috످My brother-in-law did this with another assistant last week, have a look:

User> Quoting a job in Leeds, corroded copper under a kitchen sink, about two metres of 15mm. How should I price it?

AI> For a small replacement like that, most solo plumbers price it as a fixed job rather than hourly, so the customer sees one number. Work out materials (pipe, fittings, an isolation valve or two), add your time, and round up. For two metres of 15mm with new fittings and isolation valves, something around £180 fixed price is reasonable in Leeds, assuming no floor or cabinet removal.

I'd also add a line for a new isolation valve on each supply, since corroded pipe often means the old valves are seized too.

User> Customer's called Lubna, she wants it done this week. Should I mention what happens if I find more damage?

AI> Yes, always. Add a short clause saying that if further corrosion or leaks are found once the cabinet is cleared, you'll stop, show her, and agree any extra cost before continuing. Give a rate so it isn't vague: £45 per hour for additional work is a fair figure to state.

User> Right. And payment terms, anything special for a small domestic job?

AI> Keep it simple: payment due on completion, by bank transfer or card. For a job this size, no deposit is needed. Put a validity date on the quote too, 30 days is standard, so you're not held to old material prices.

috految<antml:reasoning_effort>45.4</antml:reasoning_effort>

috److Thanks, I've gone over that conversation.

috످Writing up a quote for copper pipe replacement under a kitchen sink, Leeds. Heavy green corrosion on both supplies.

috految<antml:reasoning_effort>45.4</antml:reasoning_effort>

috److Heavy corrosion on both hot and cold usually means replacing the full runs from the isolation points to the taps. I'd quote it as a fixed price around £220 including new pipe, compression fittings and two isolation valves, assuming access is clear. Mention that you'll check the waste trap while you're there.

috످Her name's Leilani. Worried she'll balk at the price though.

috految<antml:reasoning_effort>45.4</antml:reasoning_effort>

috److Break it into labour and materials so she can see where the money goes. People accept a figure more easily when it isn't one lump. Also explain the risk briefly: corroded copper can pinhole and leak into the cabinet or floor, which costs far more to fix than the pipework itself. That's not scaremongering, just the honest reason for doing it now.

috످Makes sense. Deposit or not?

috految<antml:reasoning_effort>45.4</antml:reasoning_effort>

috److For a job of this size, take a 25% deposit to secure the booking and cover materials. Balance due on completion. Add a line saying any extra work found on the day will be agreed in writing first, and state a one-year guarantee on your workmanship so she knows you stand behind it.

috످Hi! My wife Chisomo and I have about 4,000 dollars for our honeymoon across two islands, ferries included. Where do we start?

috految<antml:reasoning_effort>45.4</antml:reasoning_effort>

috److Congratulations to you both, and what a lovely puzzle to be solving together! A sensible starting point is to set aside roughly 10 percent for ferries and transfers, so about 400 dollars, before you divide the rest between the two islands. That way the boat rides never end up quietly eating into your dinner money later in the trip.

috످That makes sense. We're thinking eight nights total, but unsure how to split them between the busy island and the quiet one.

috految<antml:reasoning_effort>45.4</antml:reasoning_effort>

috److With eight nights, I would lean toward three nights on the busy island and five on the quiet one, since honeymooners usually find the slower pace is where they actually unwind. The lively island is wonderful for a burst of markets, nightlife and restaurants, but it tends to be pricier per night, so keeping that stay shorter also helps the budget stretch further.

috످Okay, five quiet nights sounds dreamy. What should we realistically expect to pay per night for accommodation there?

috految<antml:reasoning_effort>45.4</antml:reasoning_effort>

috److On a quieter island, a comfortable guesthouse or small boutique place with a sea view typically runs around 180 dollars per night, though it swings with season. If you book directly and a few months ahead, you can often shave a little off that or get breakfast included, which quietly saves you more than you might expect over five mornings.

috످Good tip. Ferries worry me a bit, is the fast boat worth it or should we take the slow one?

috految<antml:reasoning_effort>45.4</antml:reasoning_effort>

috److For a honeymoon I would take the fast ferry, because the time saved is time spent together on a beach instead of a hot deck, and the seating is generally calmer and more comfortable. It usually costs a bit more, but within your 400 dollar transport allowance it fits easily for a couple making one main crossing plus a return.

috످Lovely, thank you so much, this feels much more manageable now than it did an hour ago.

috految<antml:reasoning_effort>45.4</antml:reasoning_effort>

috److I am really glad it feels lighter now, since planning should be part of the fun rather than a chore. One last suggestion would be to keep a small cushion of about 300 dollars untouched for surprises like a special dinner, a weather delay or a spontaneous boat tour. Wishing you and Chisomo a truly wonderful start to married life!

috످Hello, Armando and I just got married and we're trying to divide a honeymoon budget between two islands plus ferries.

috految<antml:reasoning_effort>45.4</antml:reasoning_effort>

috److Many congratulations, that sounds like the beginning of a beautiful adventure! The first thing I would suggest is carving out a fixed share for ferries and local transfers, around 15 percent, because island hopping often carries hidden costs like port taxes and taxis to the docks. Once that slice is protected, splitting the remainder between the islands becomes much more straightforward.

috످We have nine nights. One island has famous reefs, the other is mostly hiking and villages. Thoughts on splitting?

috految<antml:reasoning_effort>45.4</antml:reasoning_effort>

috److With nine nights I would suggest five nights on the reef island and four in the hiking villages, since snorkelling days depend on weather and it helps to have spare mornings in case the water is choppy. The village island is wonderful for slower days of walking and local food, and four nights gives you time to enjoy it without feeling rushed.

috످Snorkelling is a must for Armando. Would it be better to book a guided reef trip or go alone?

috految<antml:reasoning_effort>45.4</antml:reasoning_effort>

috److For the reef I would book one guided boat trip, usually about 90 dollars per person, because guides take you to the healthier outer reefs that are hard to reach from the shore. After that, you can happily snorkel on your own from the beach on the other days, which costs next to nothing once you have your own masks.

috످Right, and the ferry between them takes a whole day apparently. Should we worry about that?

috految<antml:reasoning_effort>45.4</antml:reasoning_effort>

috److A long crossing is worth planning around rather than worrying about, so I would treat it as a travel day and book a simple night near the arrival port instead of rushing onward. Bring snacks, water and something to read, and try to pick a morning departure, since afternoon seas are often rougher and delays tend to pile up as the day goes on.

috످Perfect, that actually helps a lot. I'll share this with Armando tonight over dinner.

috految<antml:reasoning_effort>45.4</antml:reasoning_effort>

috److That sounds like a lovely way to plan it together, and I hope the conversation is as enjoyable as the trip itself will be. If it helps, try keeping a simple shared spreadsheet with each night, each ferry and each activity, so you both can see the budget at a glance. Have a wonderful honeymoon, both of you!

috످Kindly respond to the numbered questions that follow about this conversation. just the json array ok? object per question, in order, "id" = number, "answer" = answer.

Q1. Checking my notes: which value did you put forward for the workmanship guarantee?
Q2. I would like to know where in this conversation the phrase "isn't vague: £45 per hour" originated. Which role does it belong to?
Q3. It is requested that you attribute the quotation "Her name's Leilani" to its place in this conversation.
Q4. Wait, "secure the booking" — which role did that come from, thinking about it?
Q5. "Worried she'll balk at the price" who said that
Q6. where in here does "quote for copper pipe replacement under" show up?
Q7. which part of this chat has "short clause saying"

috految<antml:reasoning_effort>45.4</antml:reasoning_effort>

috److془Q1: the guarantee is in my advice on deposit; one year.

Q2: passage about charging for extra damage; in the pasted transcript, user's first message.

Q3: user names the customer, third message. Q4: mine. Q5: user. Q6: user second message. Q7: pasted.

Q1 concerns how long the plumbing work is covered, and stands in my reply on deposits.
Q2 is about billing rate for unexpected repairs, in user's first message as pasted.
Q3 names the customer, user's third turn.
Q4 explains why to take money upfront, my turn.
Q5 is a fear that the customer will find it expensive, user's third turn.
Q6 introduces the sink job, user's second turn.
Q7 advises adding terms on hidden damage, user's first turn.془[
  {"id": 1, "answer": "I suggested a one-year workmanship guarantee."},
  {"id": 2, "answer": "It's in your first message (user role), as part of the chat you pasted between your brother-in-law and another assistant. The other assistant said it there."},
  {"id": 3, "answer": "You (the user) said that in your third message, when naming your customer."},
  {"id": 4, "answer": "That came from me (the assistant), in my reply about taking a deposit."},
  {"id": 5, "answer": "You (the user) said that in your third message, about Leilani."},
  {"id": 6, "answer": "It's in your second message, where you described the kitchen sink job in Leeds."},
  {"id": 7, "answer": "It's in your first message, inside the chat you pasted, where the other assistant advises your brother-in-law on what to do if he finds more damage."}
]

috످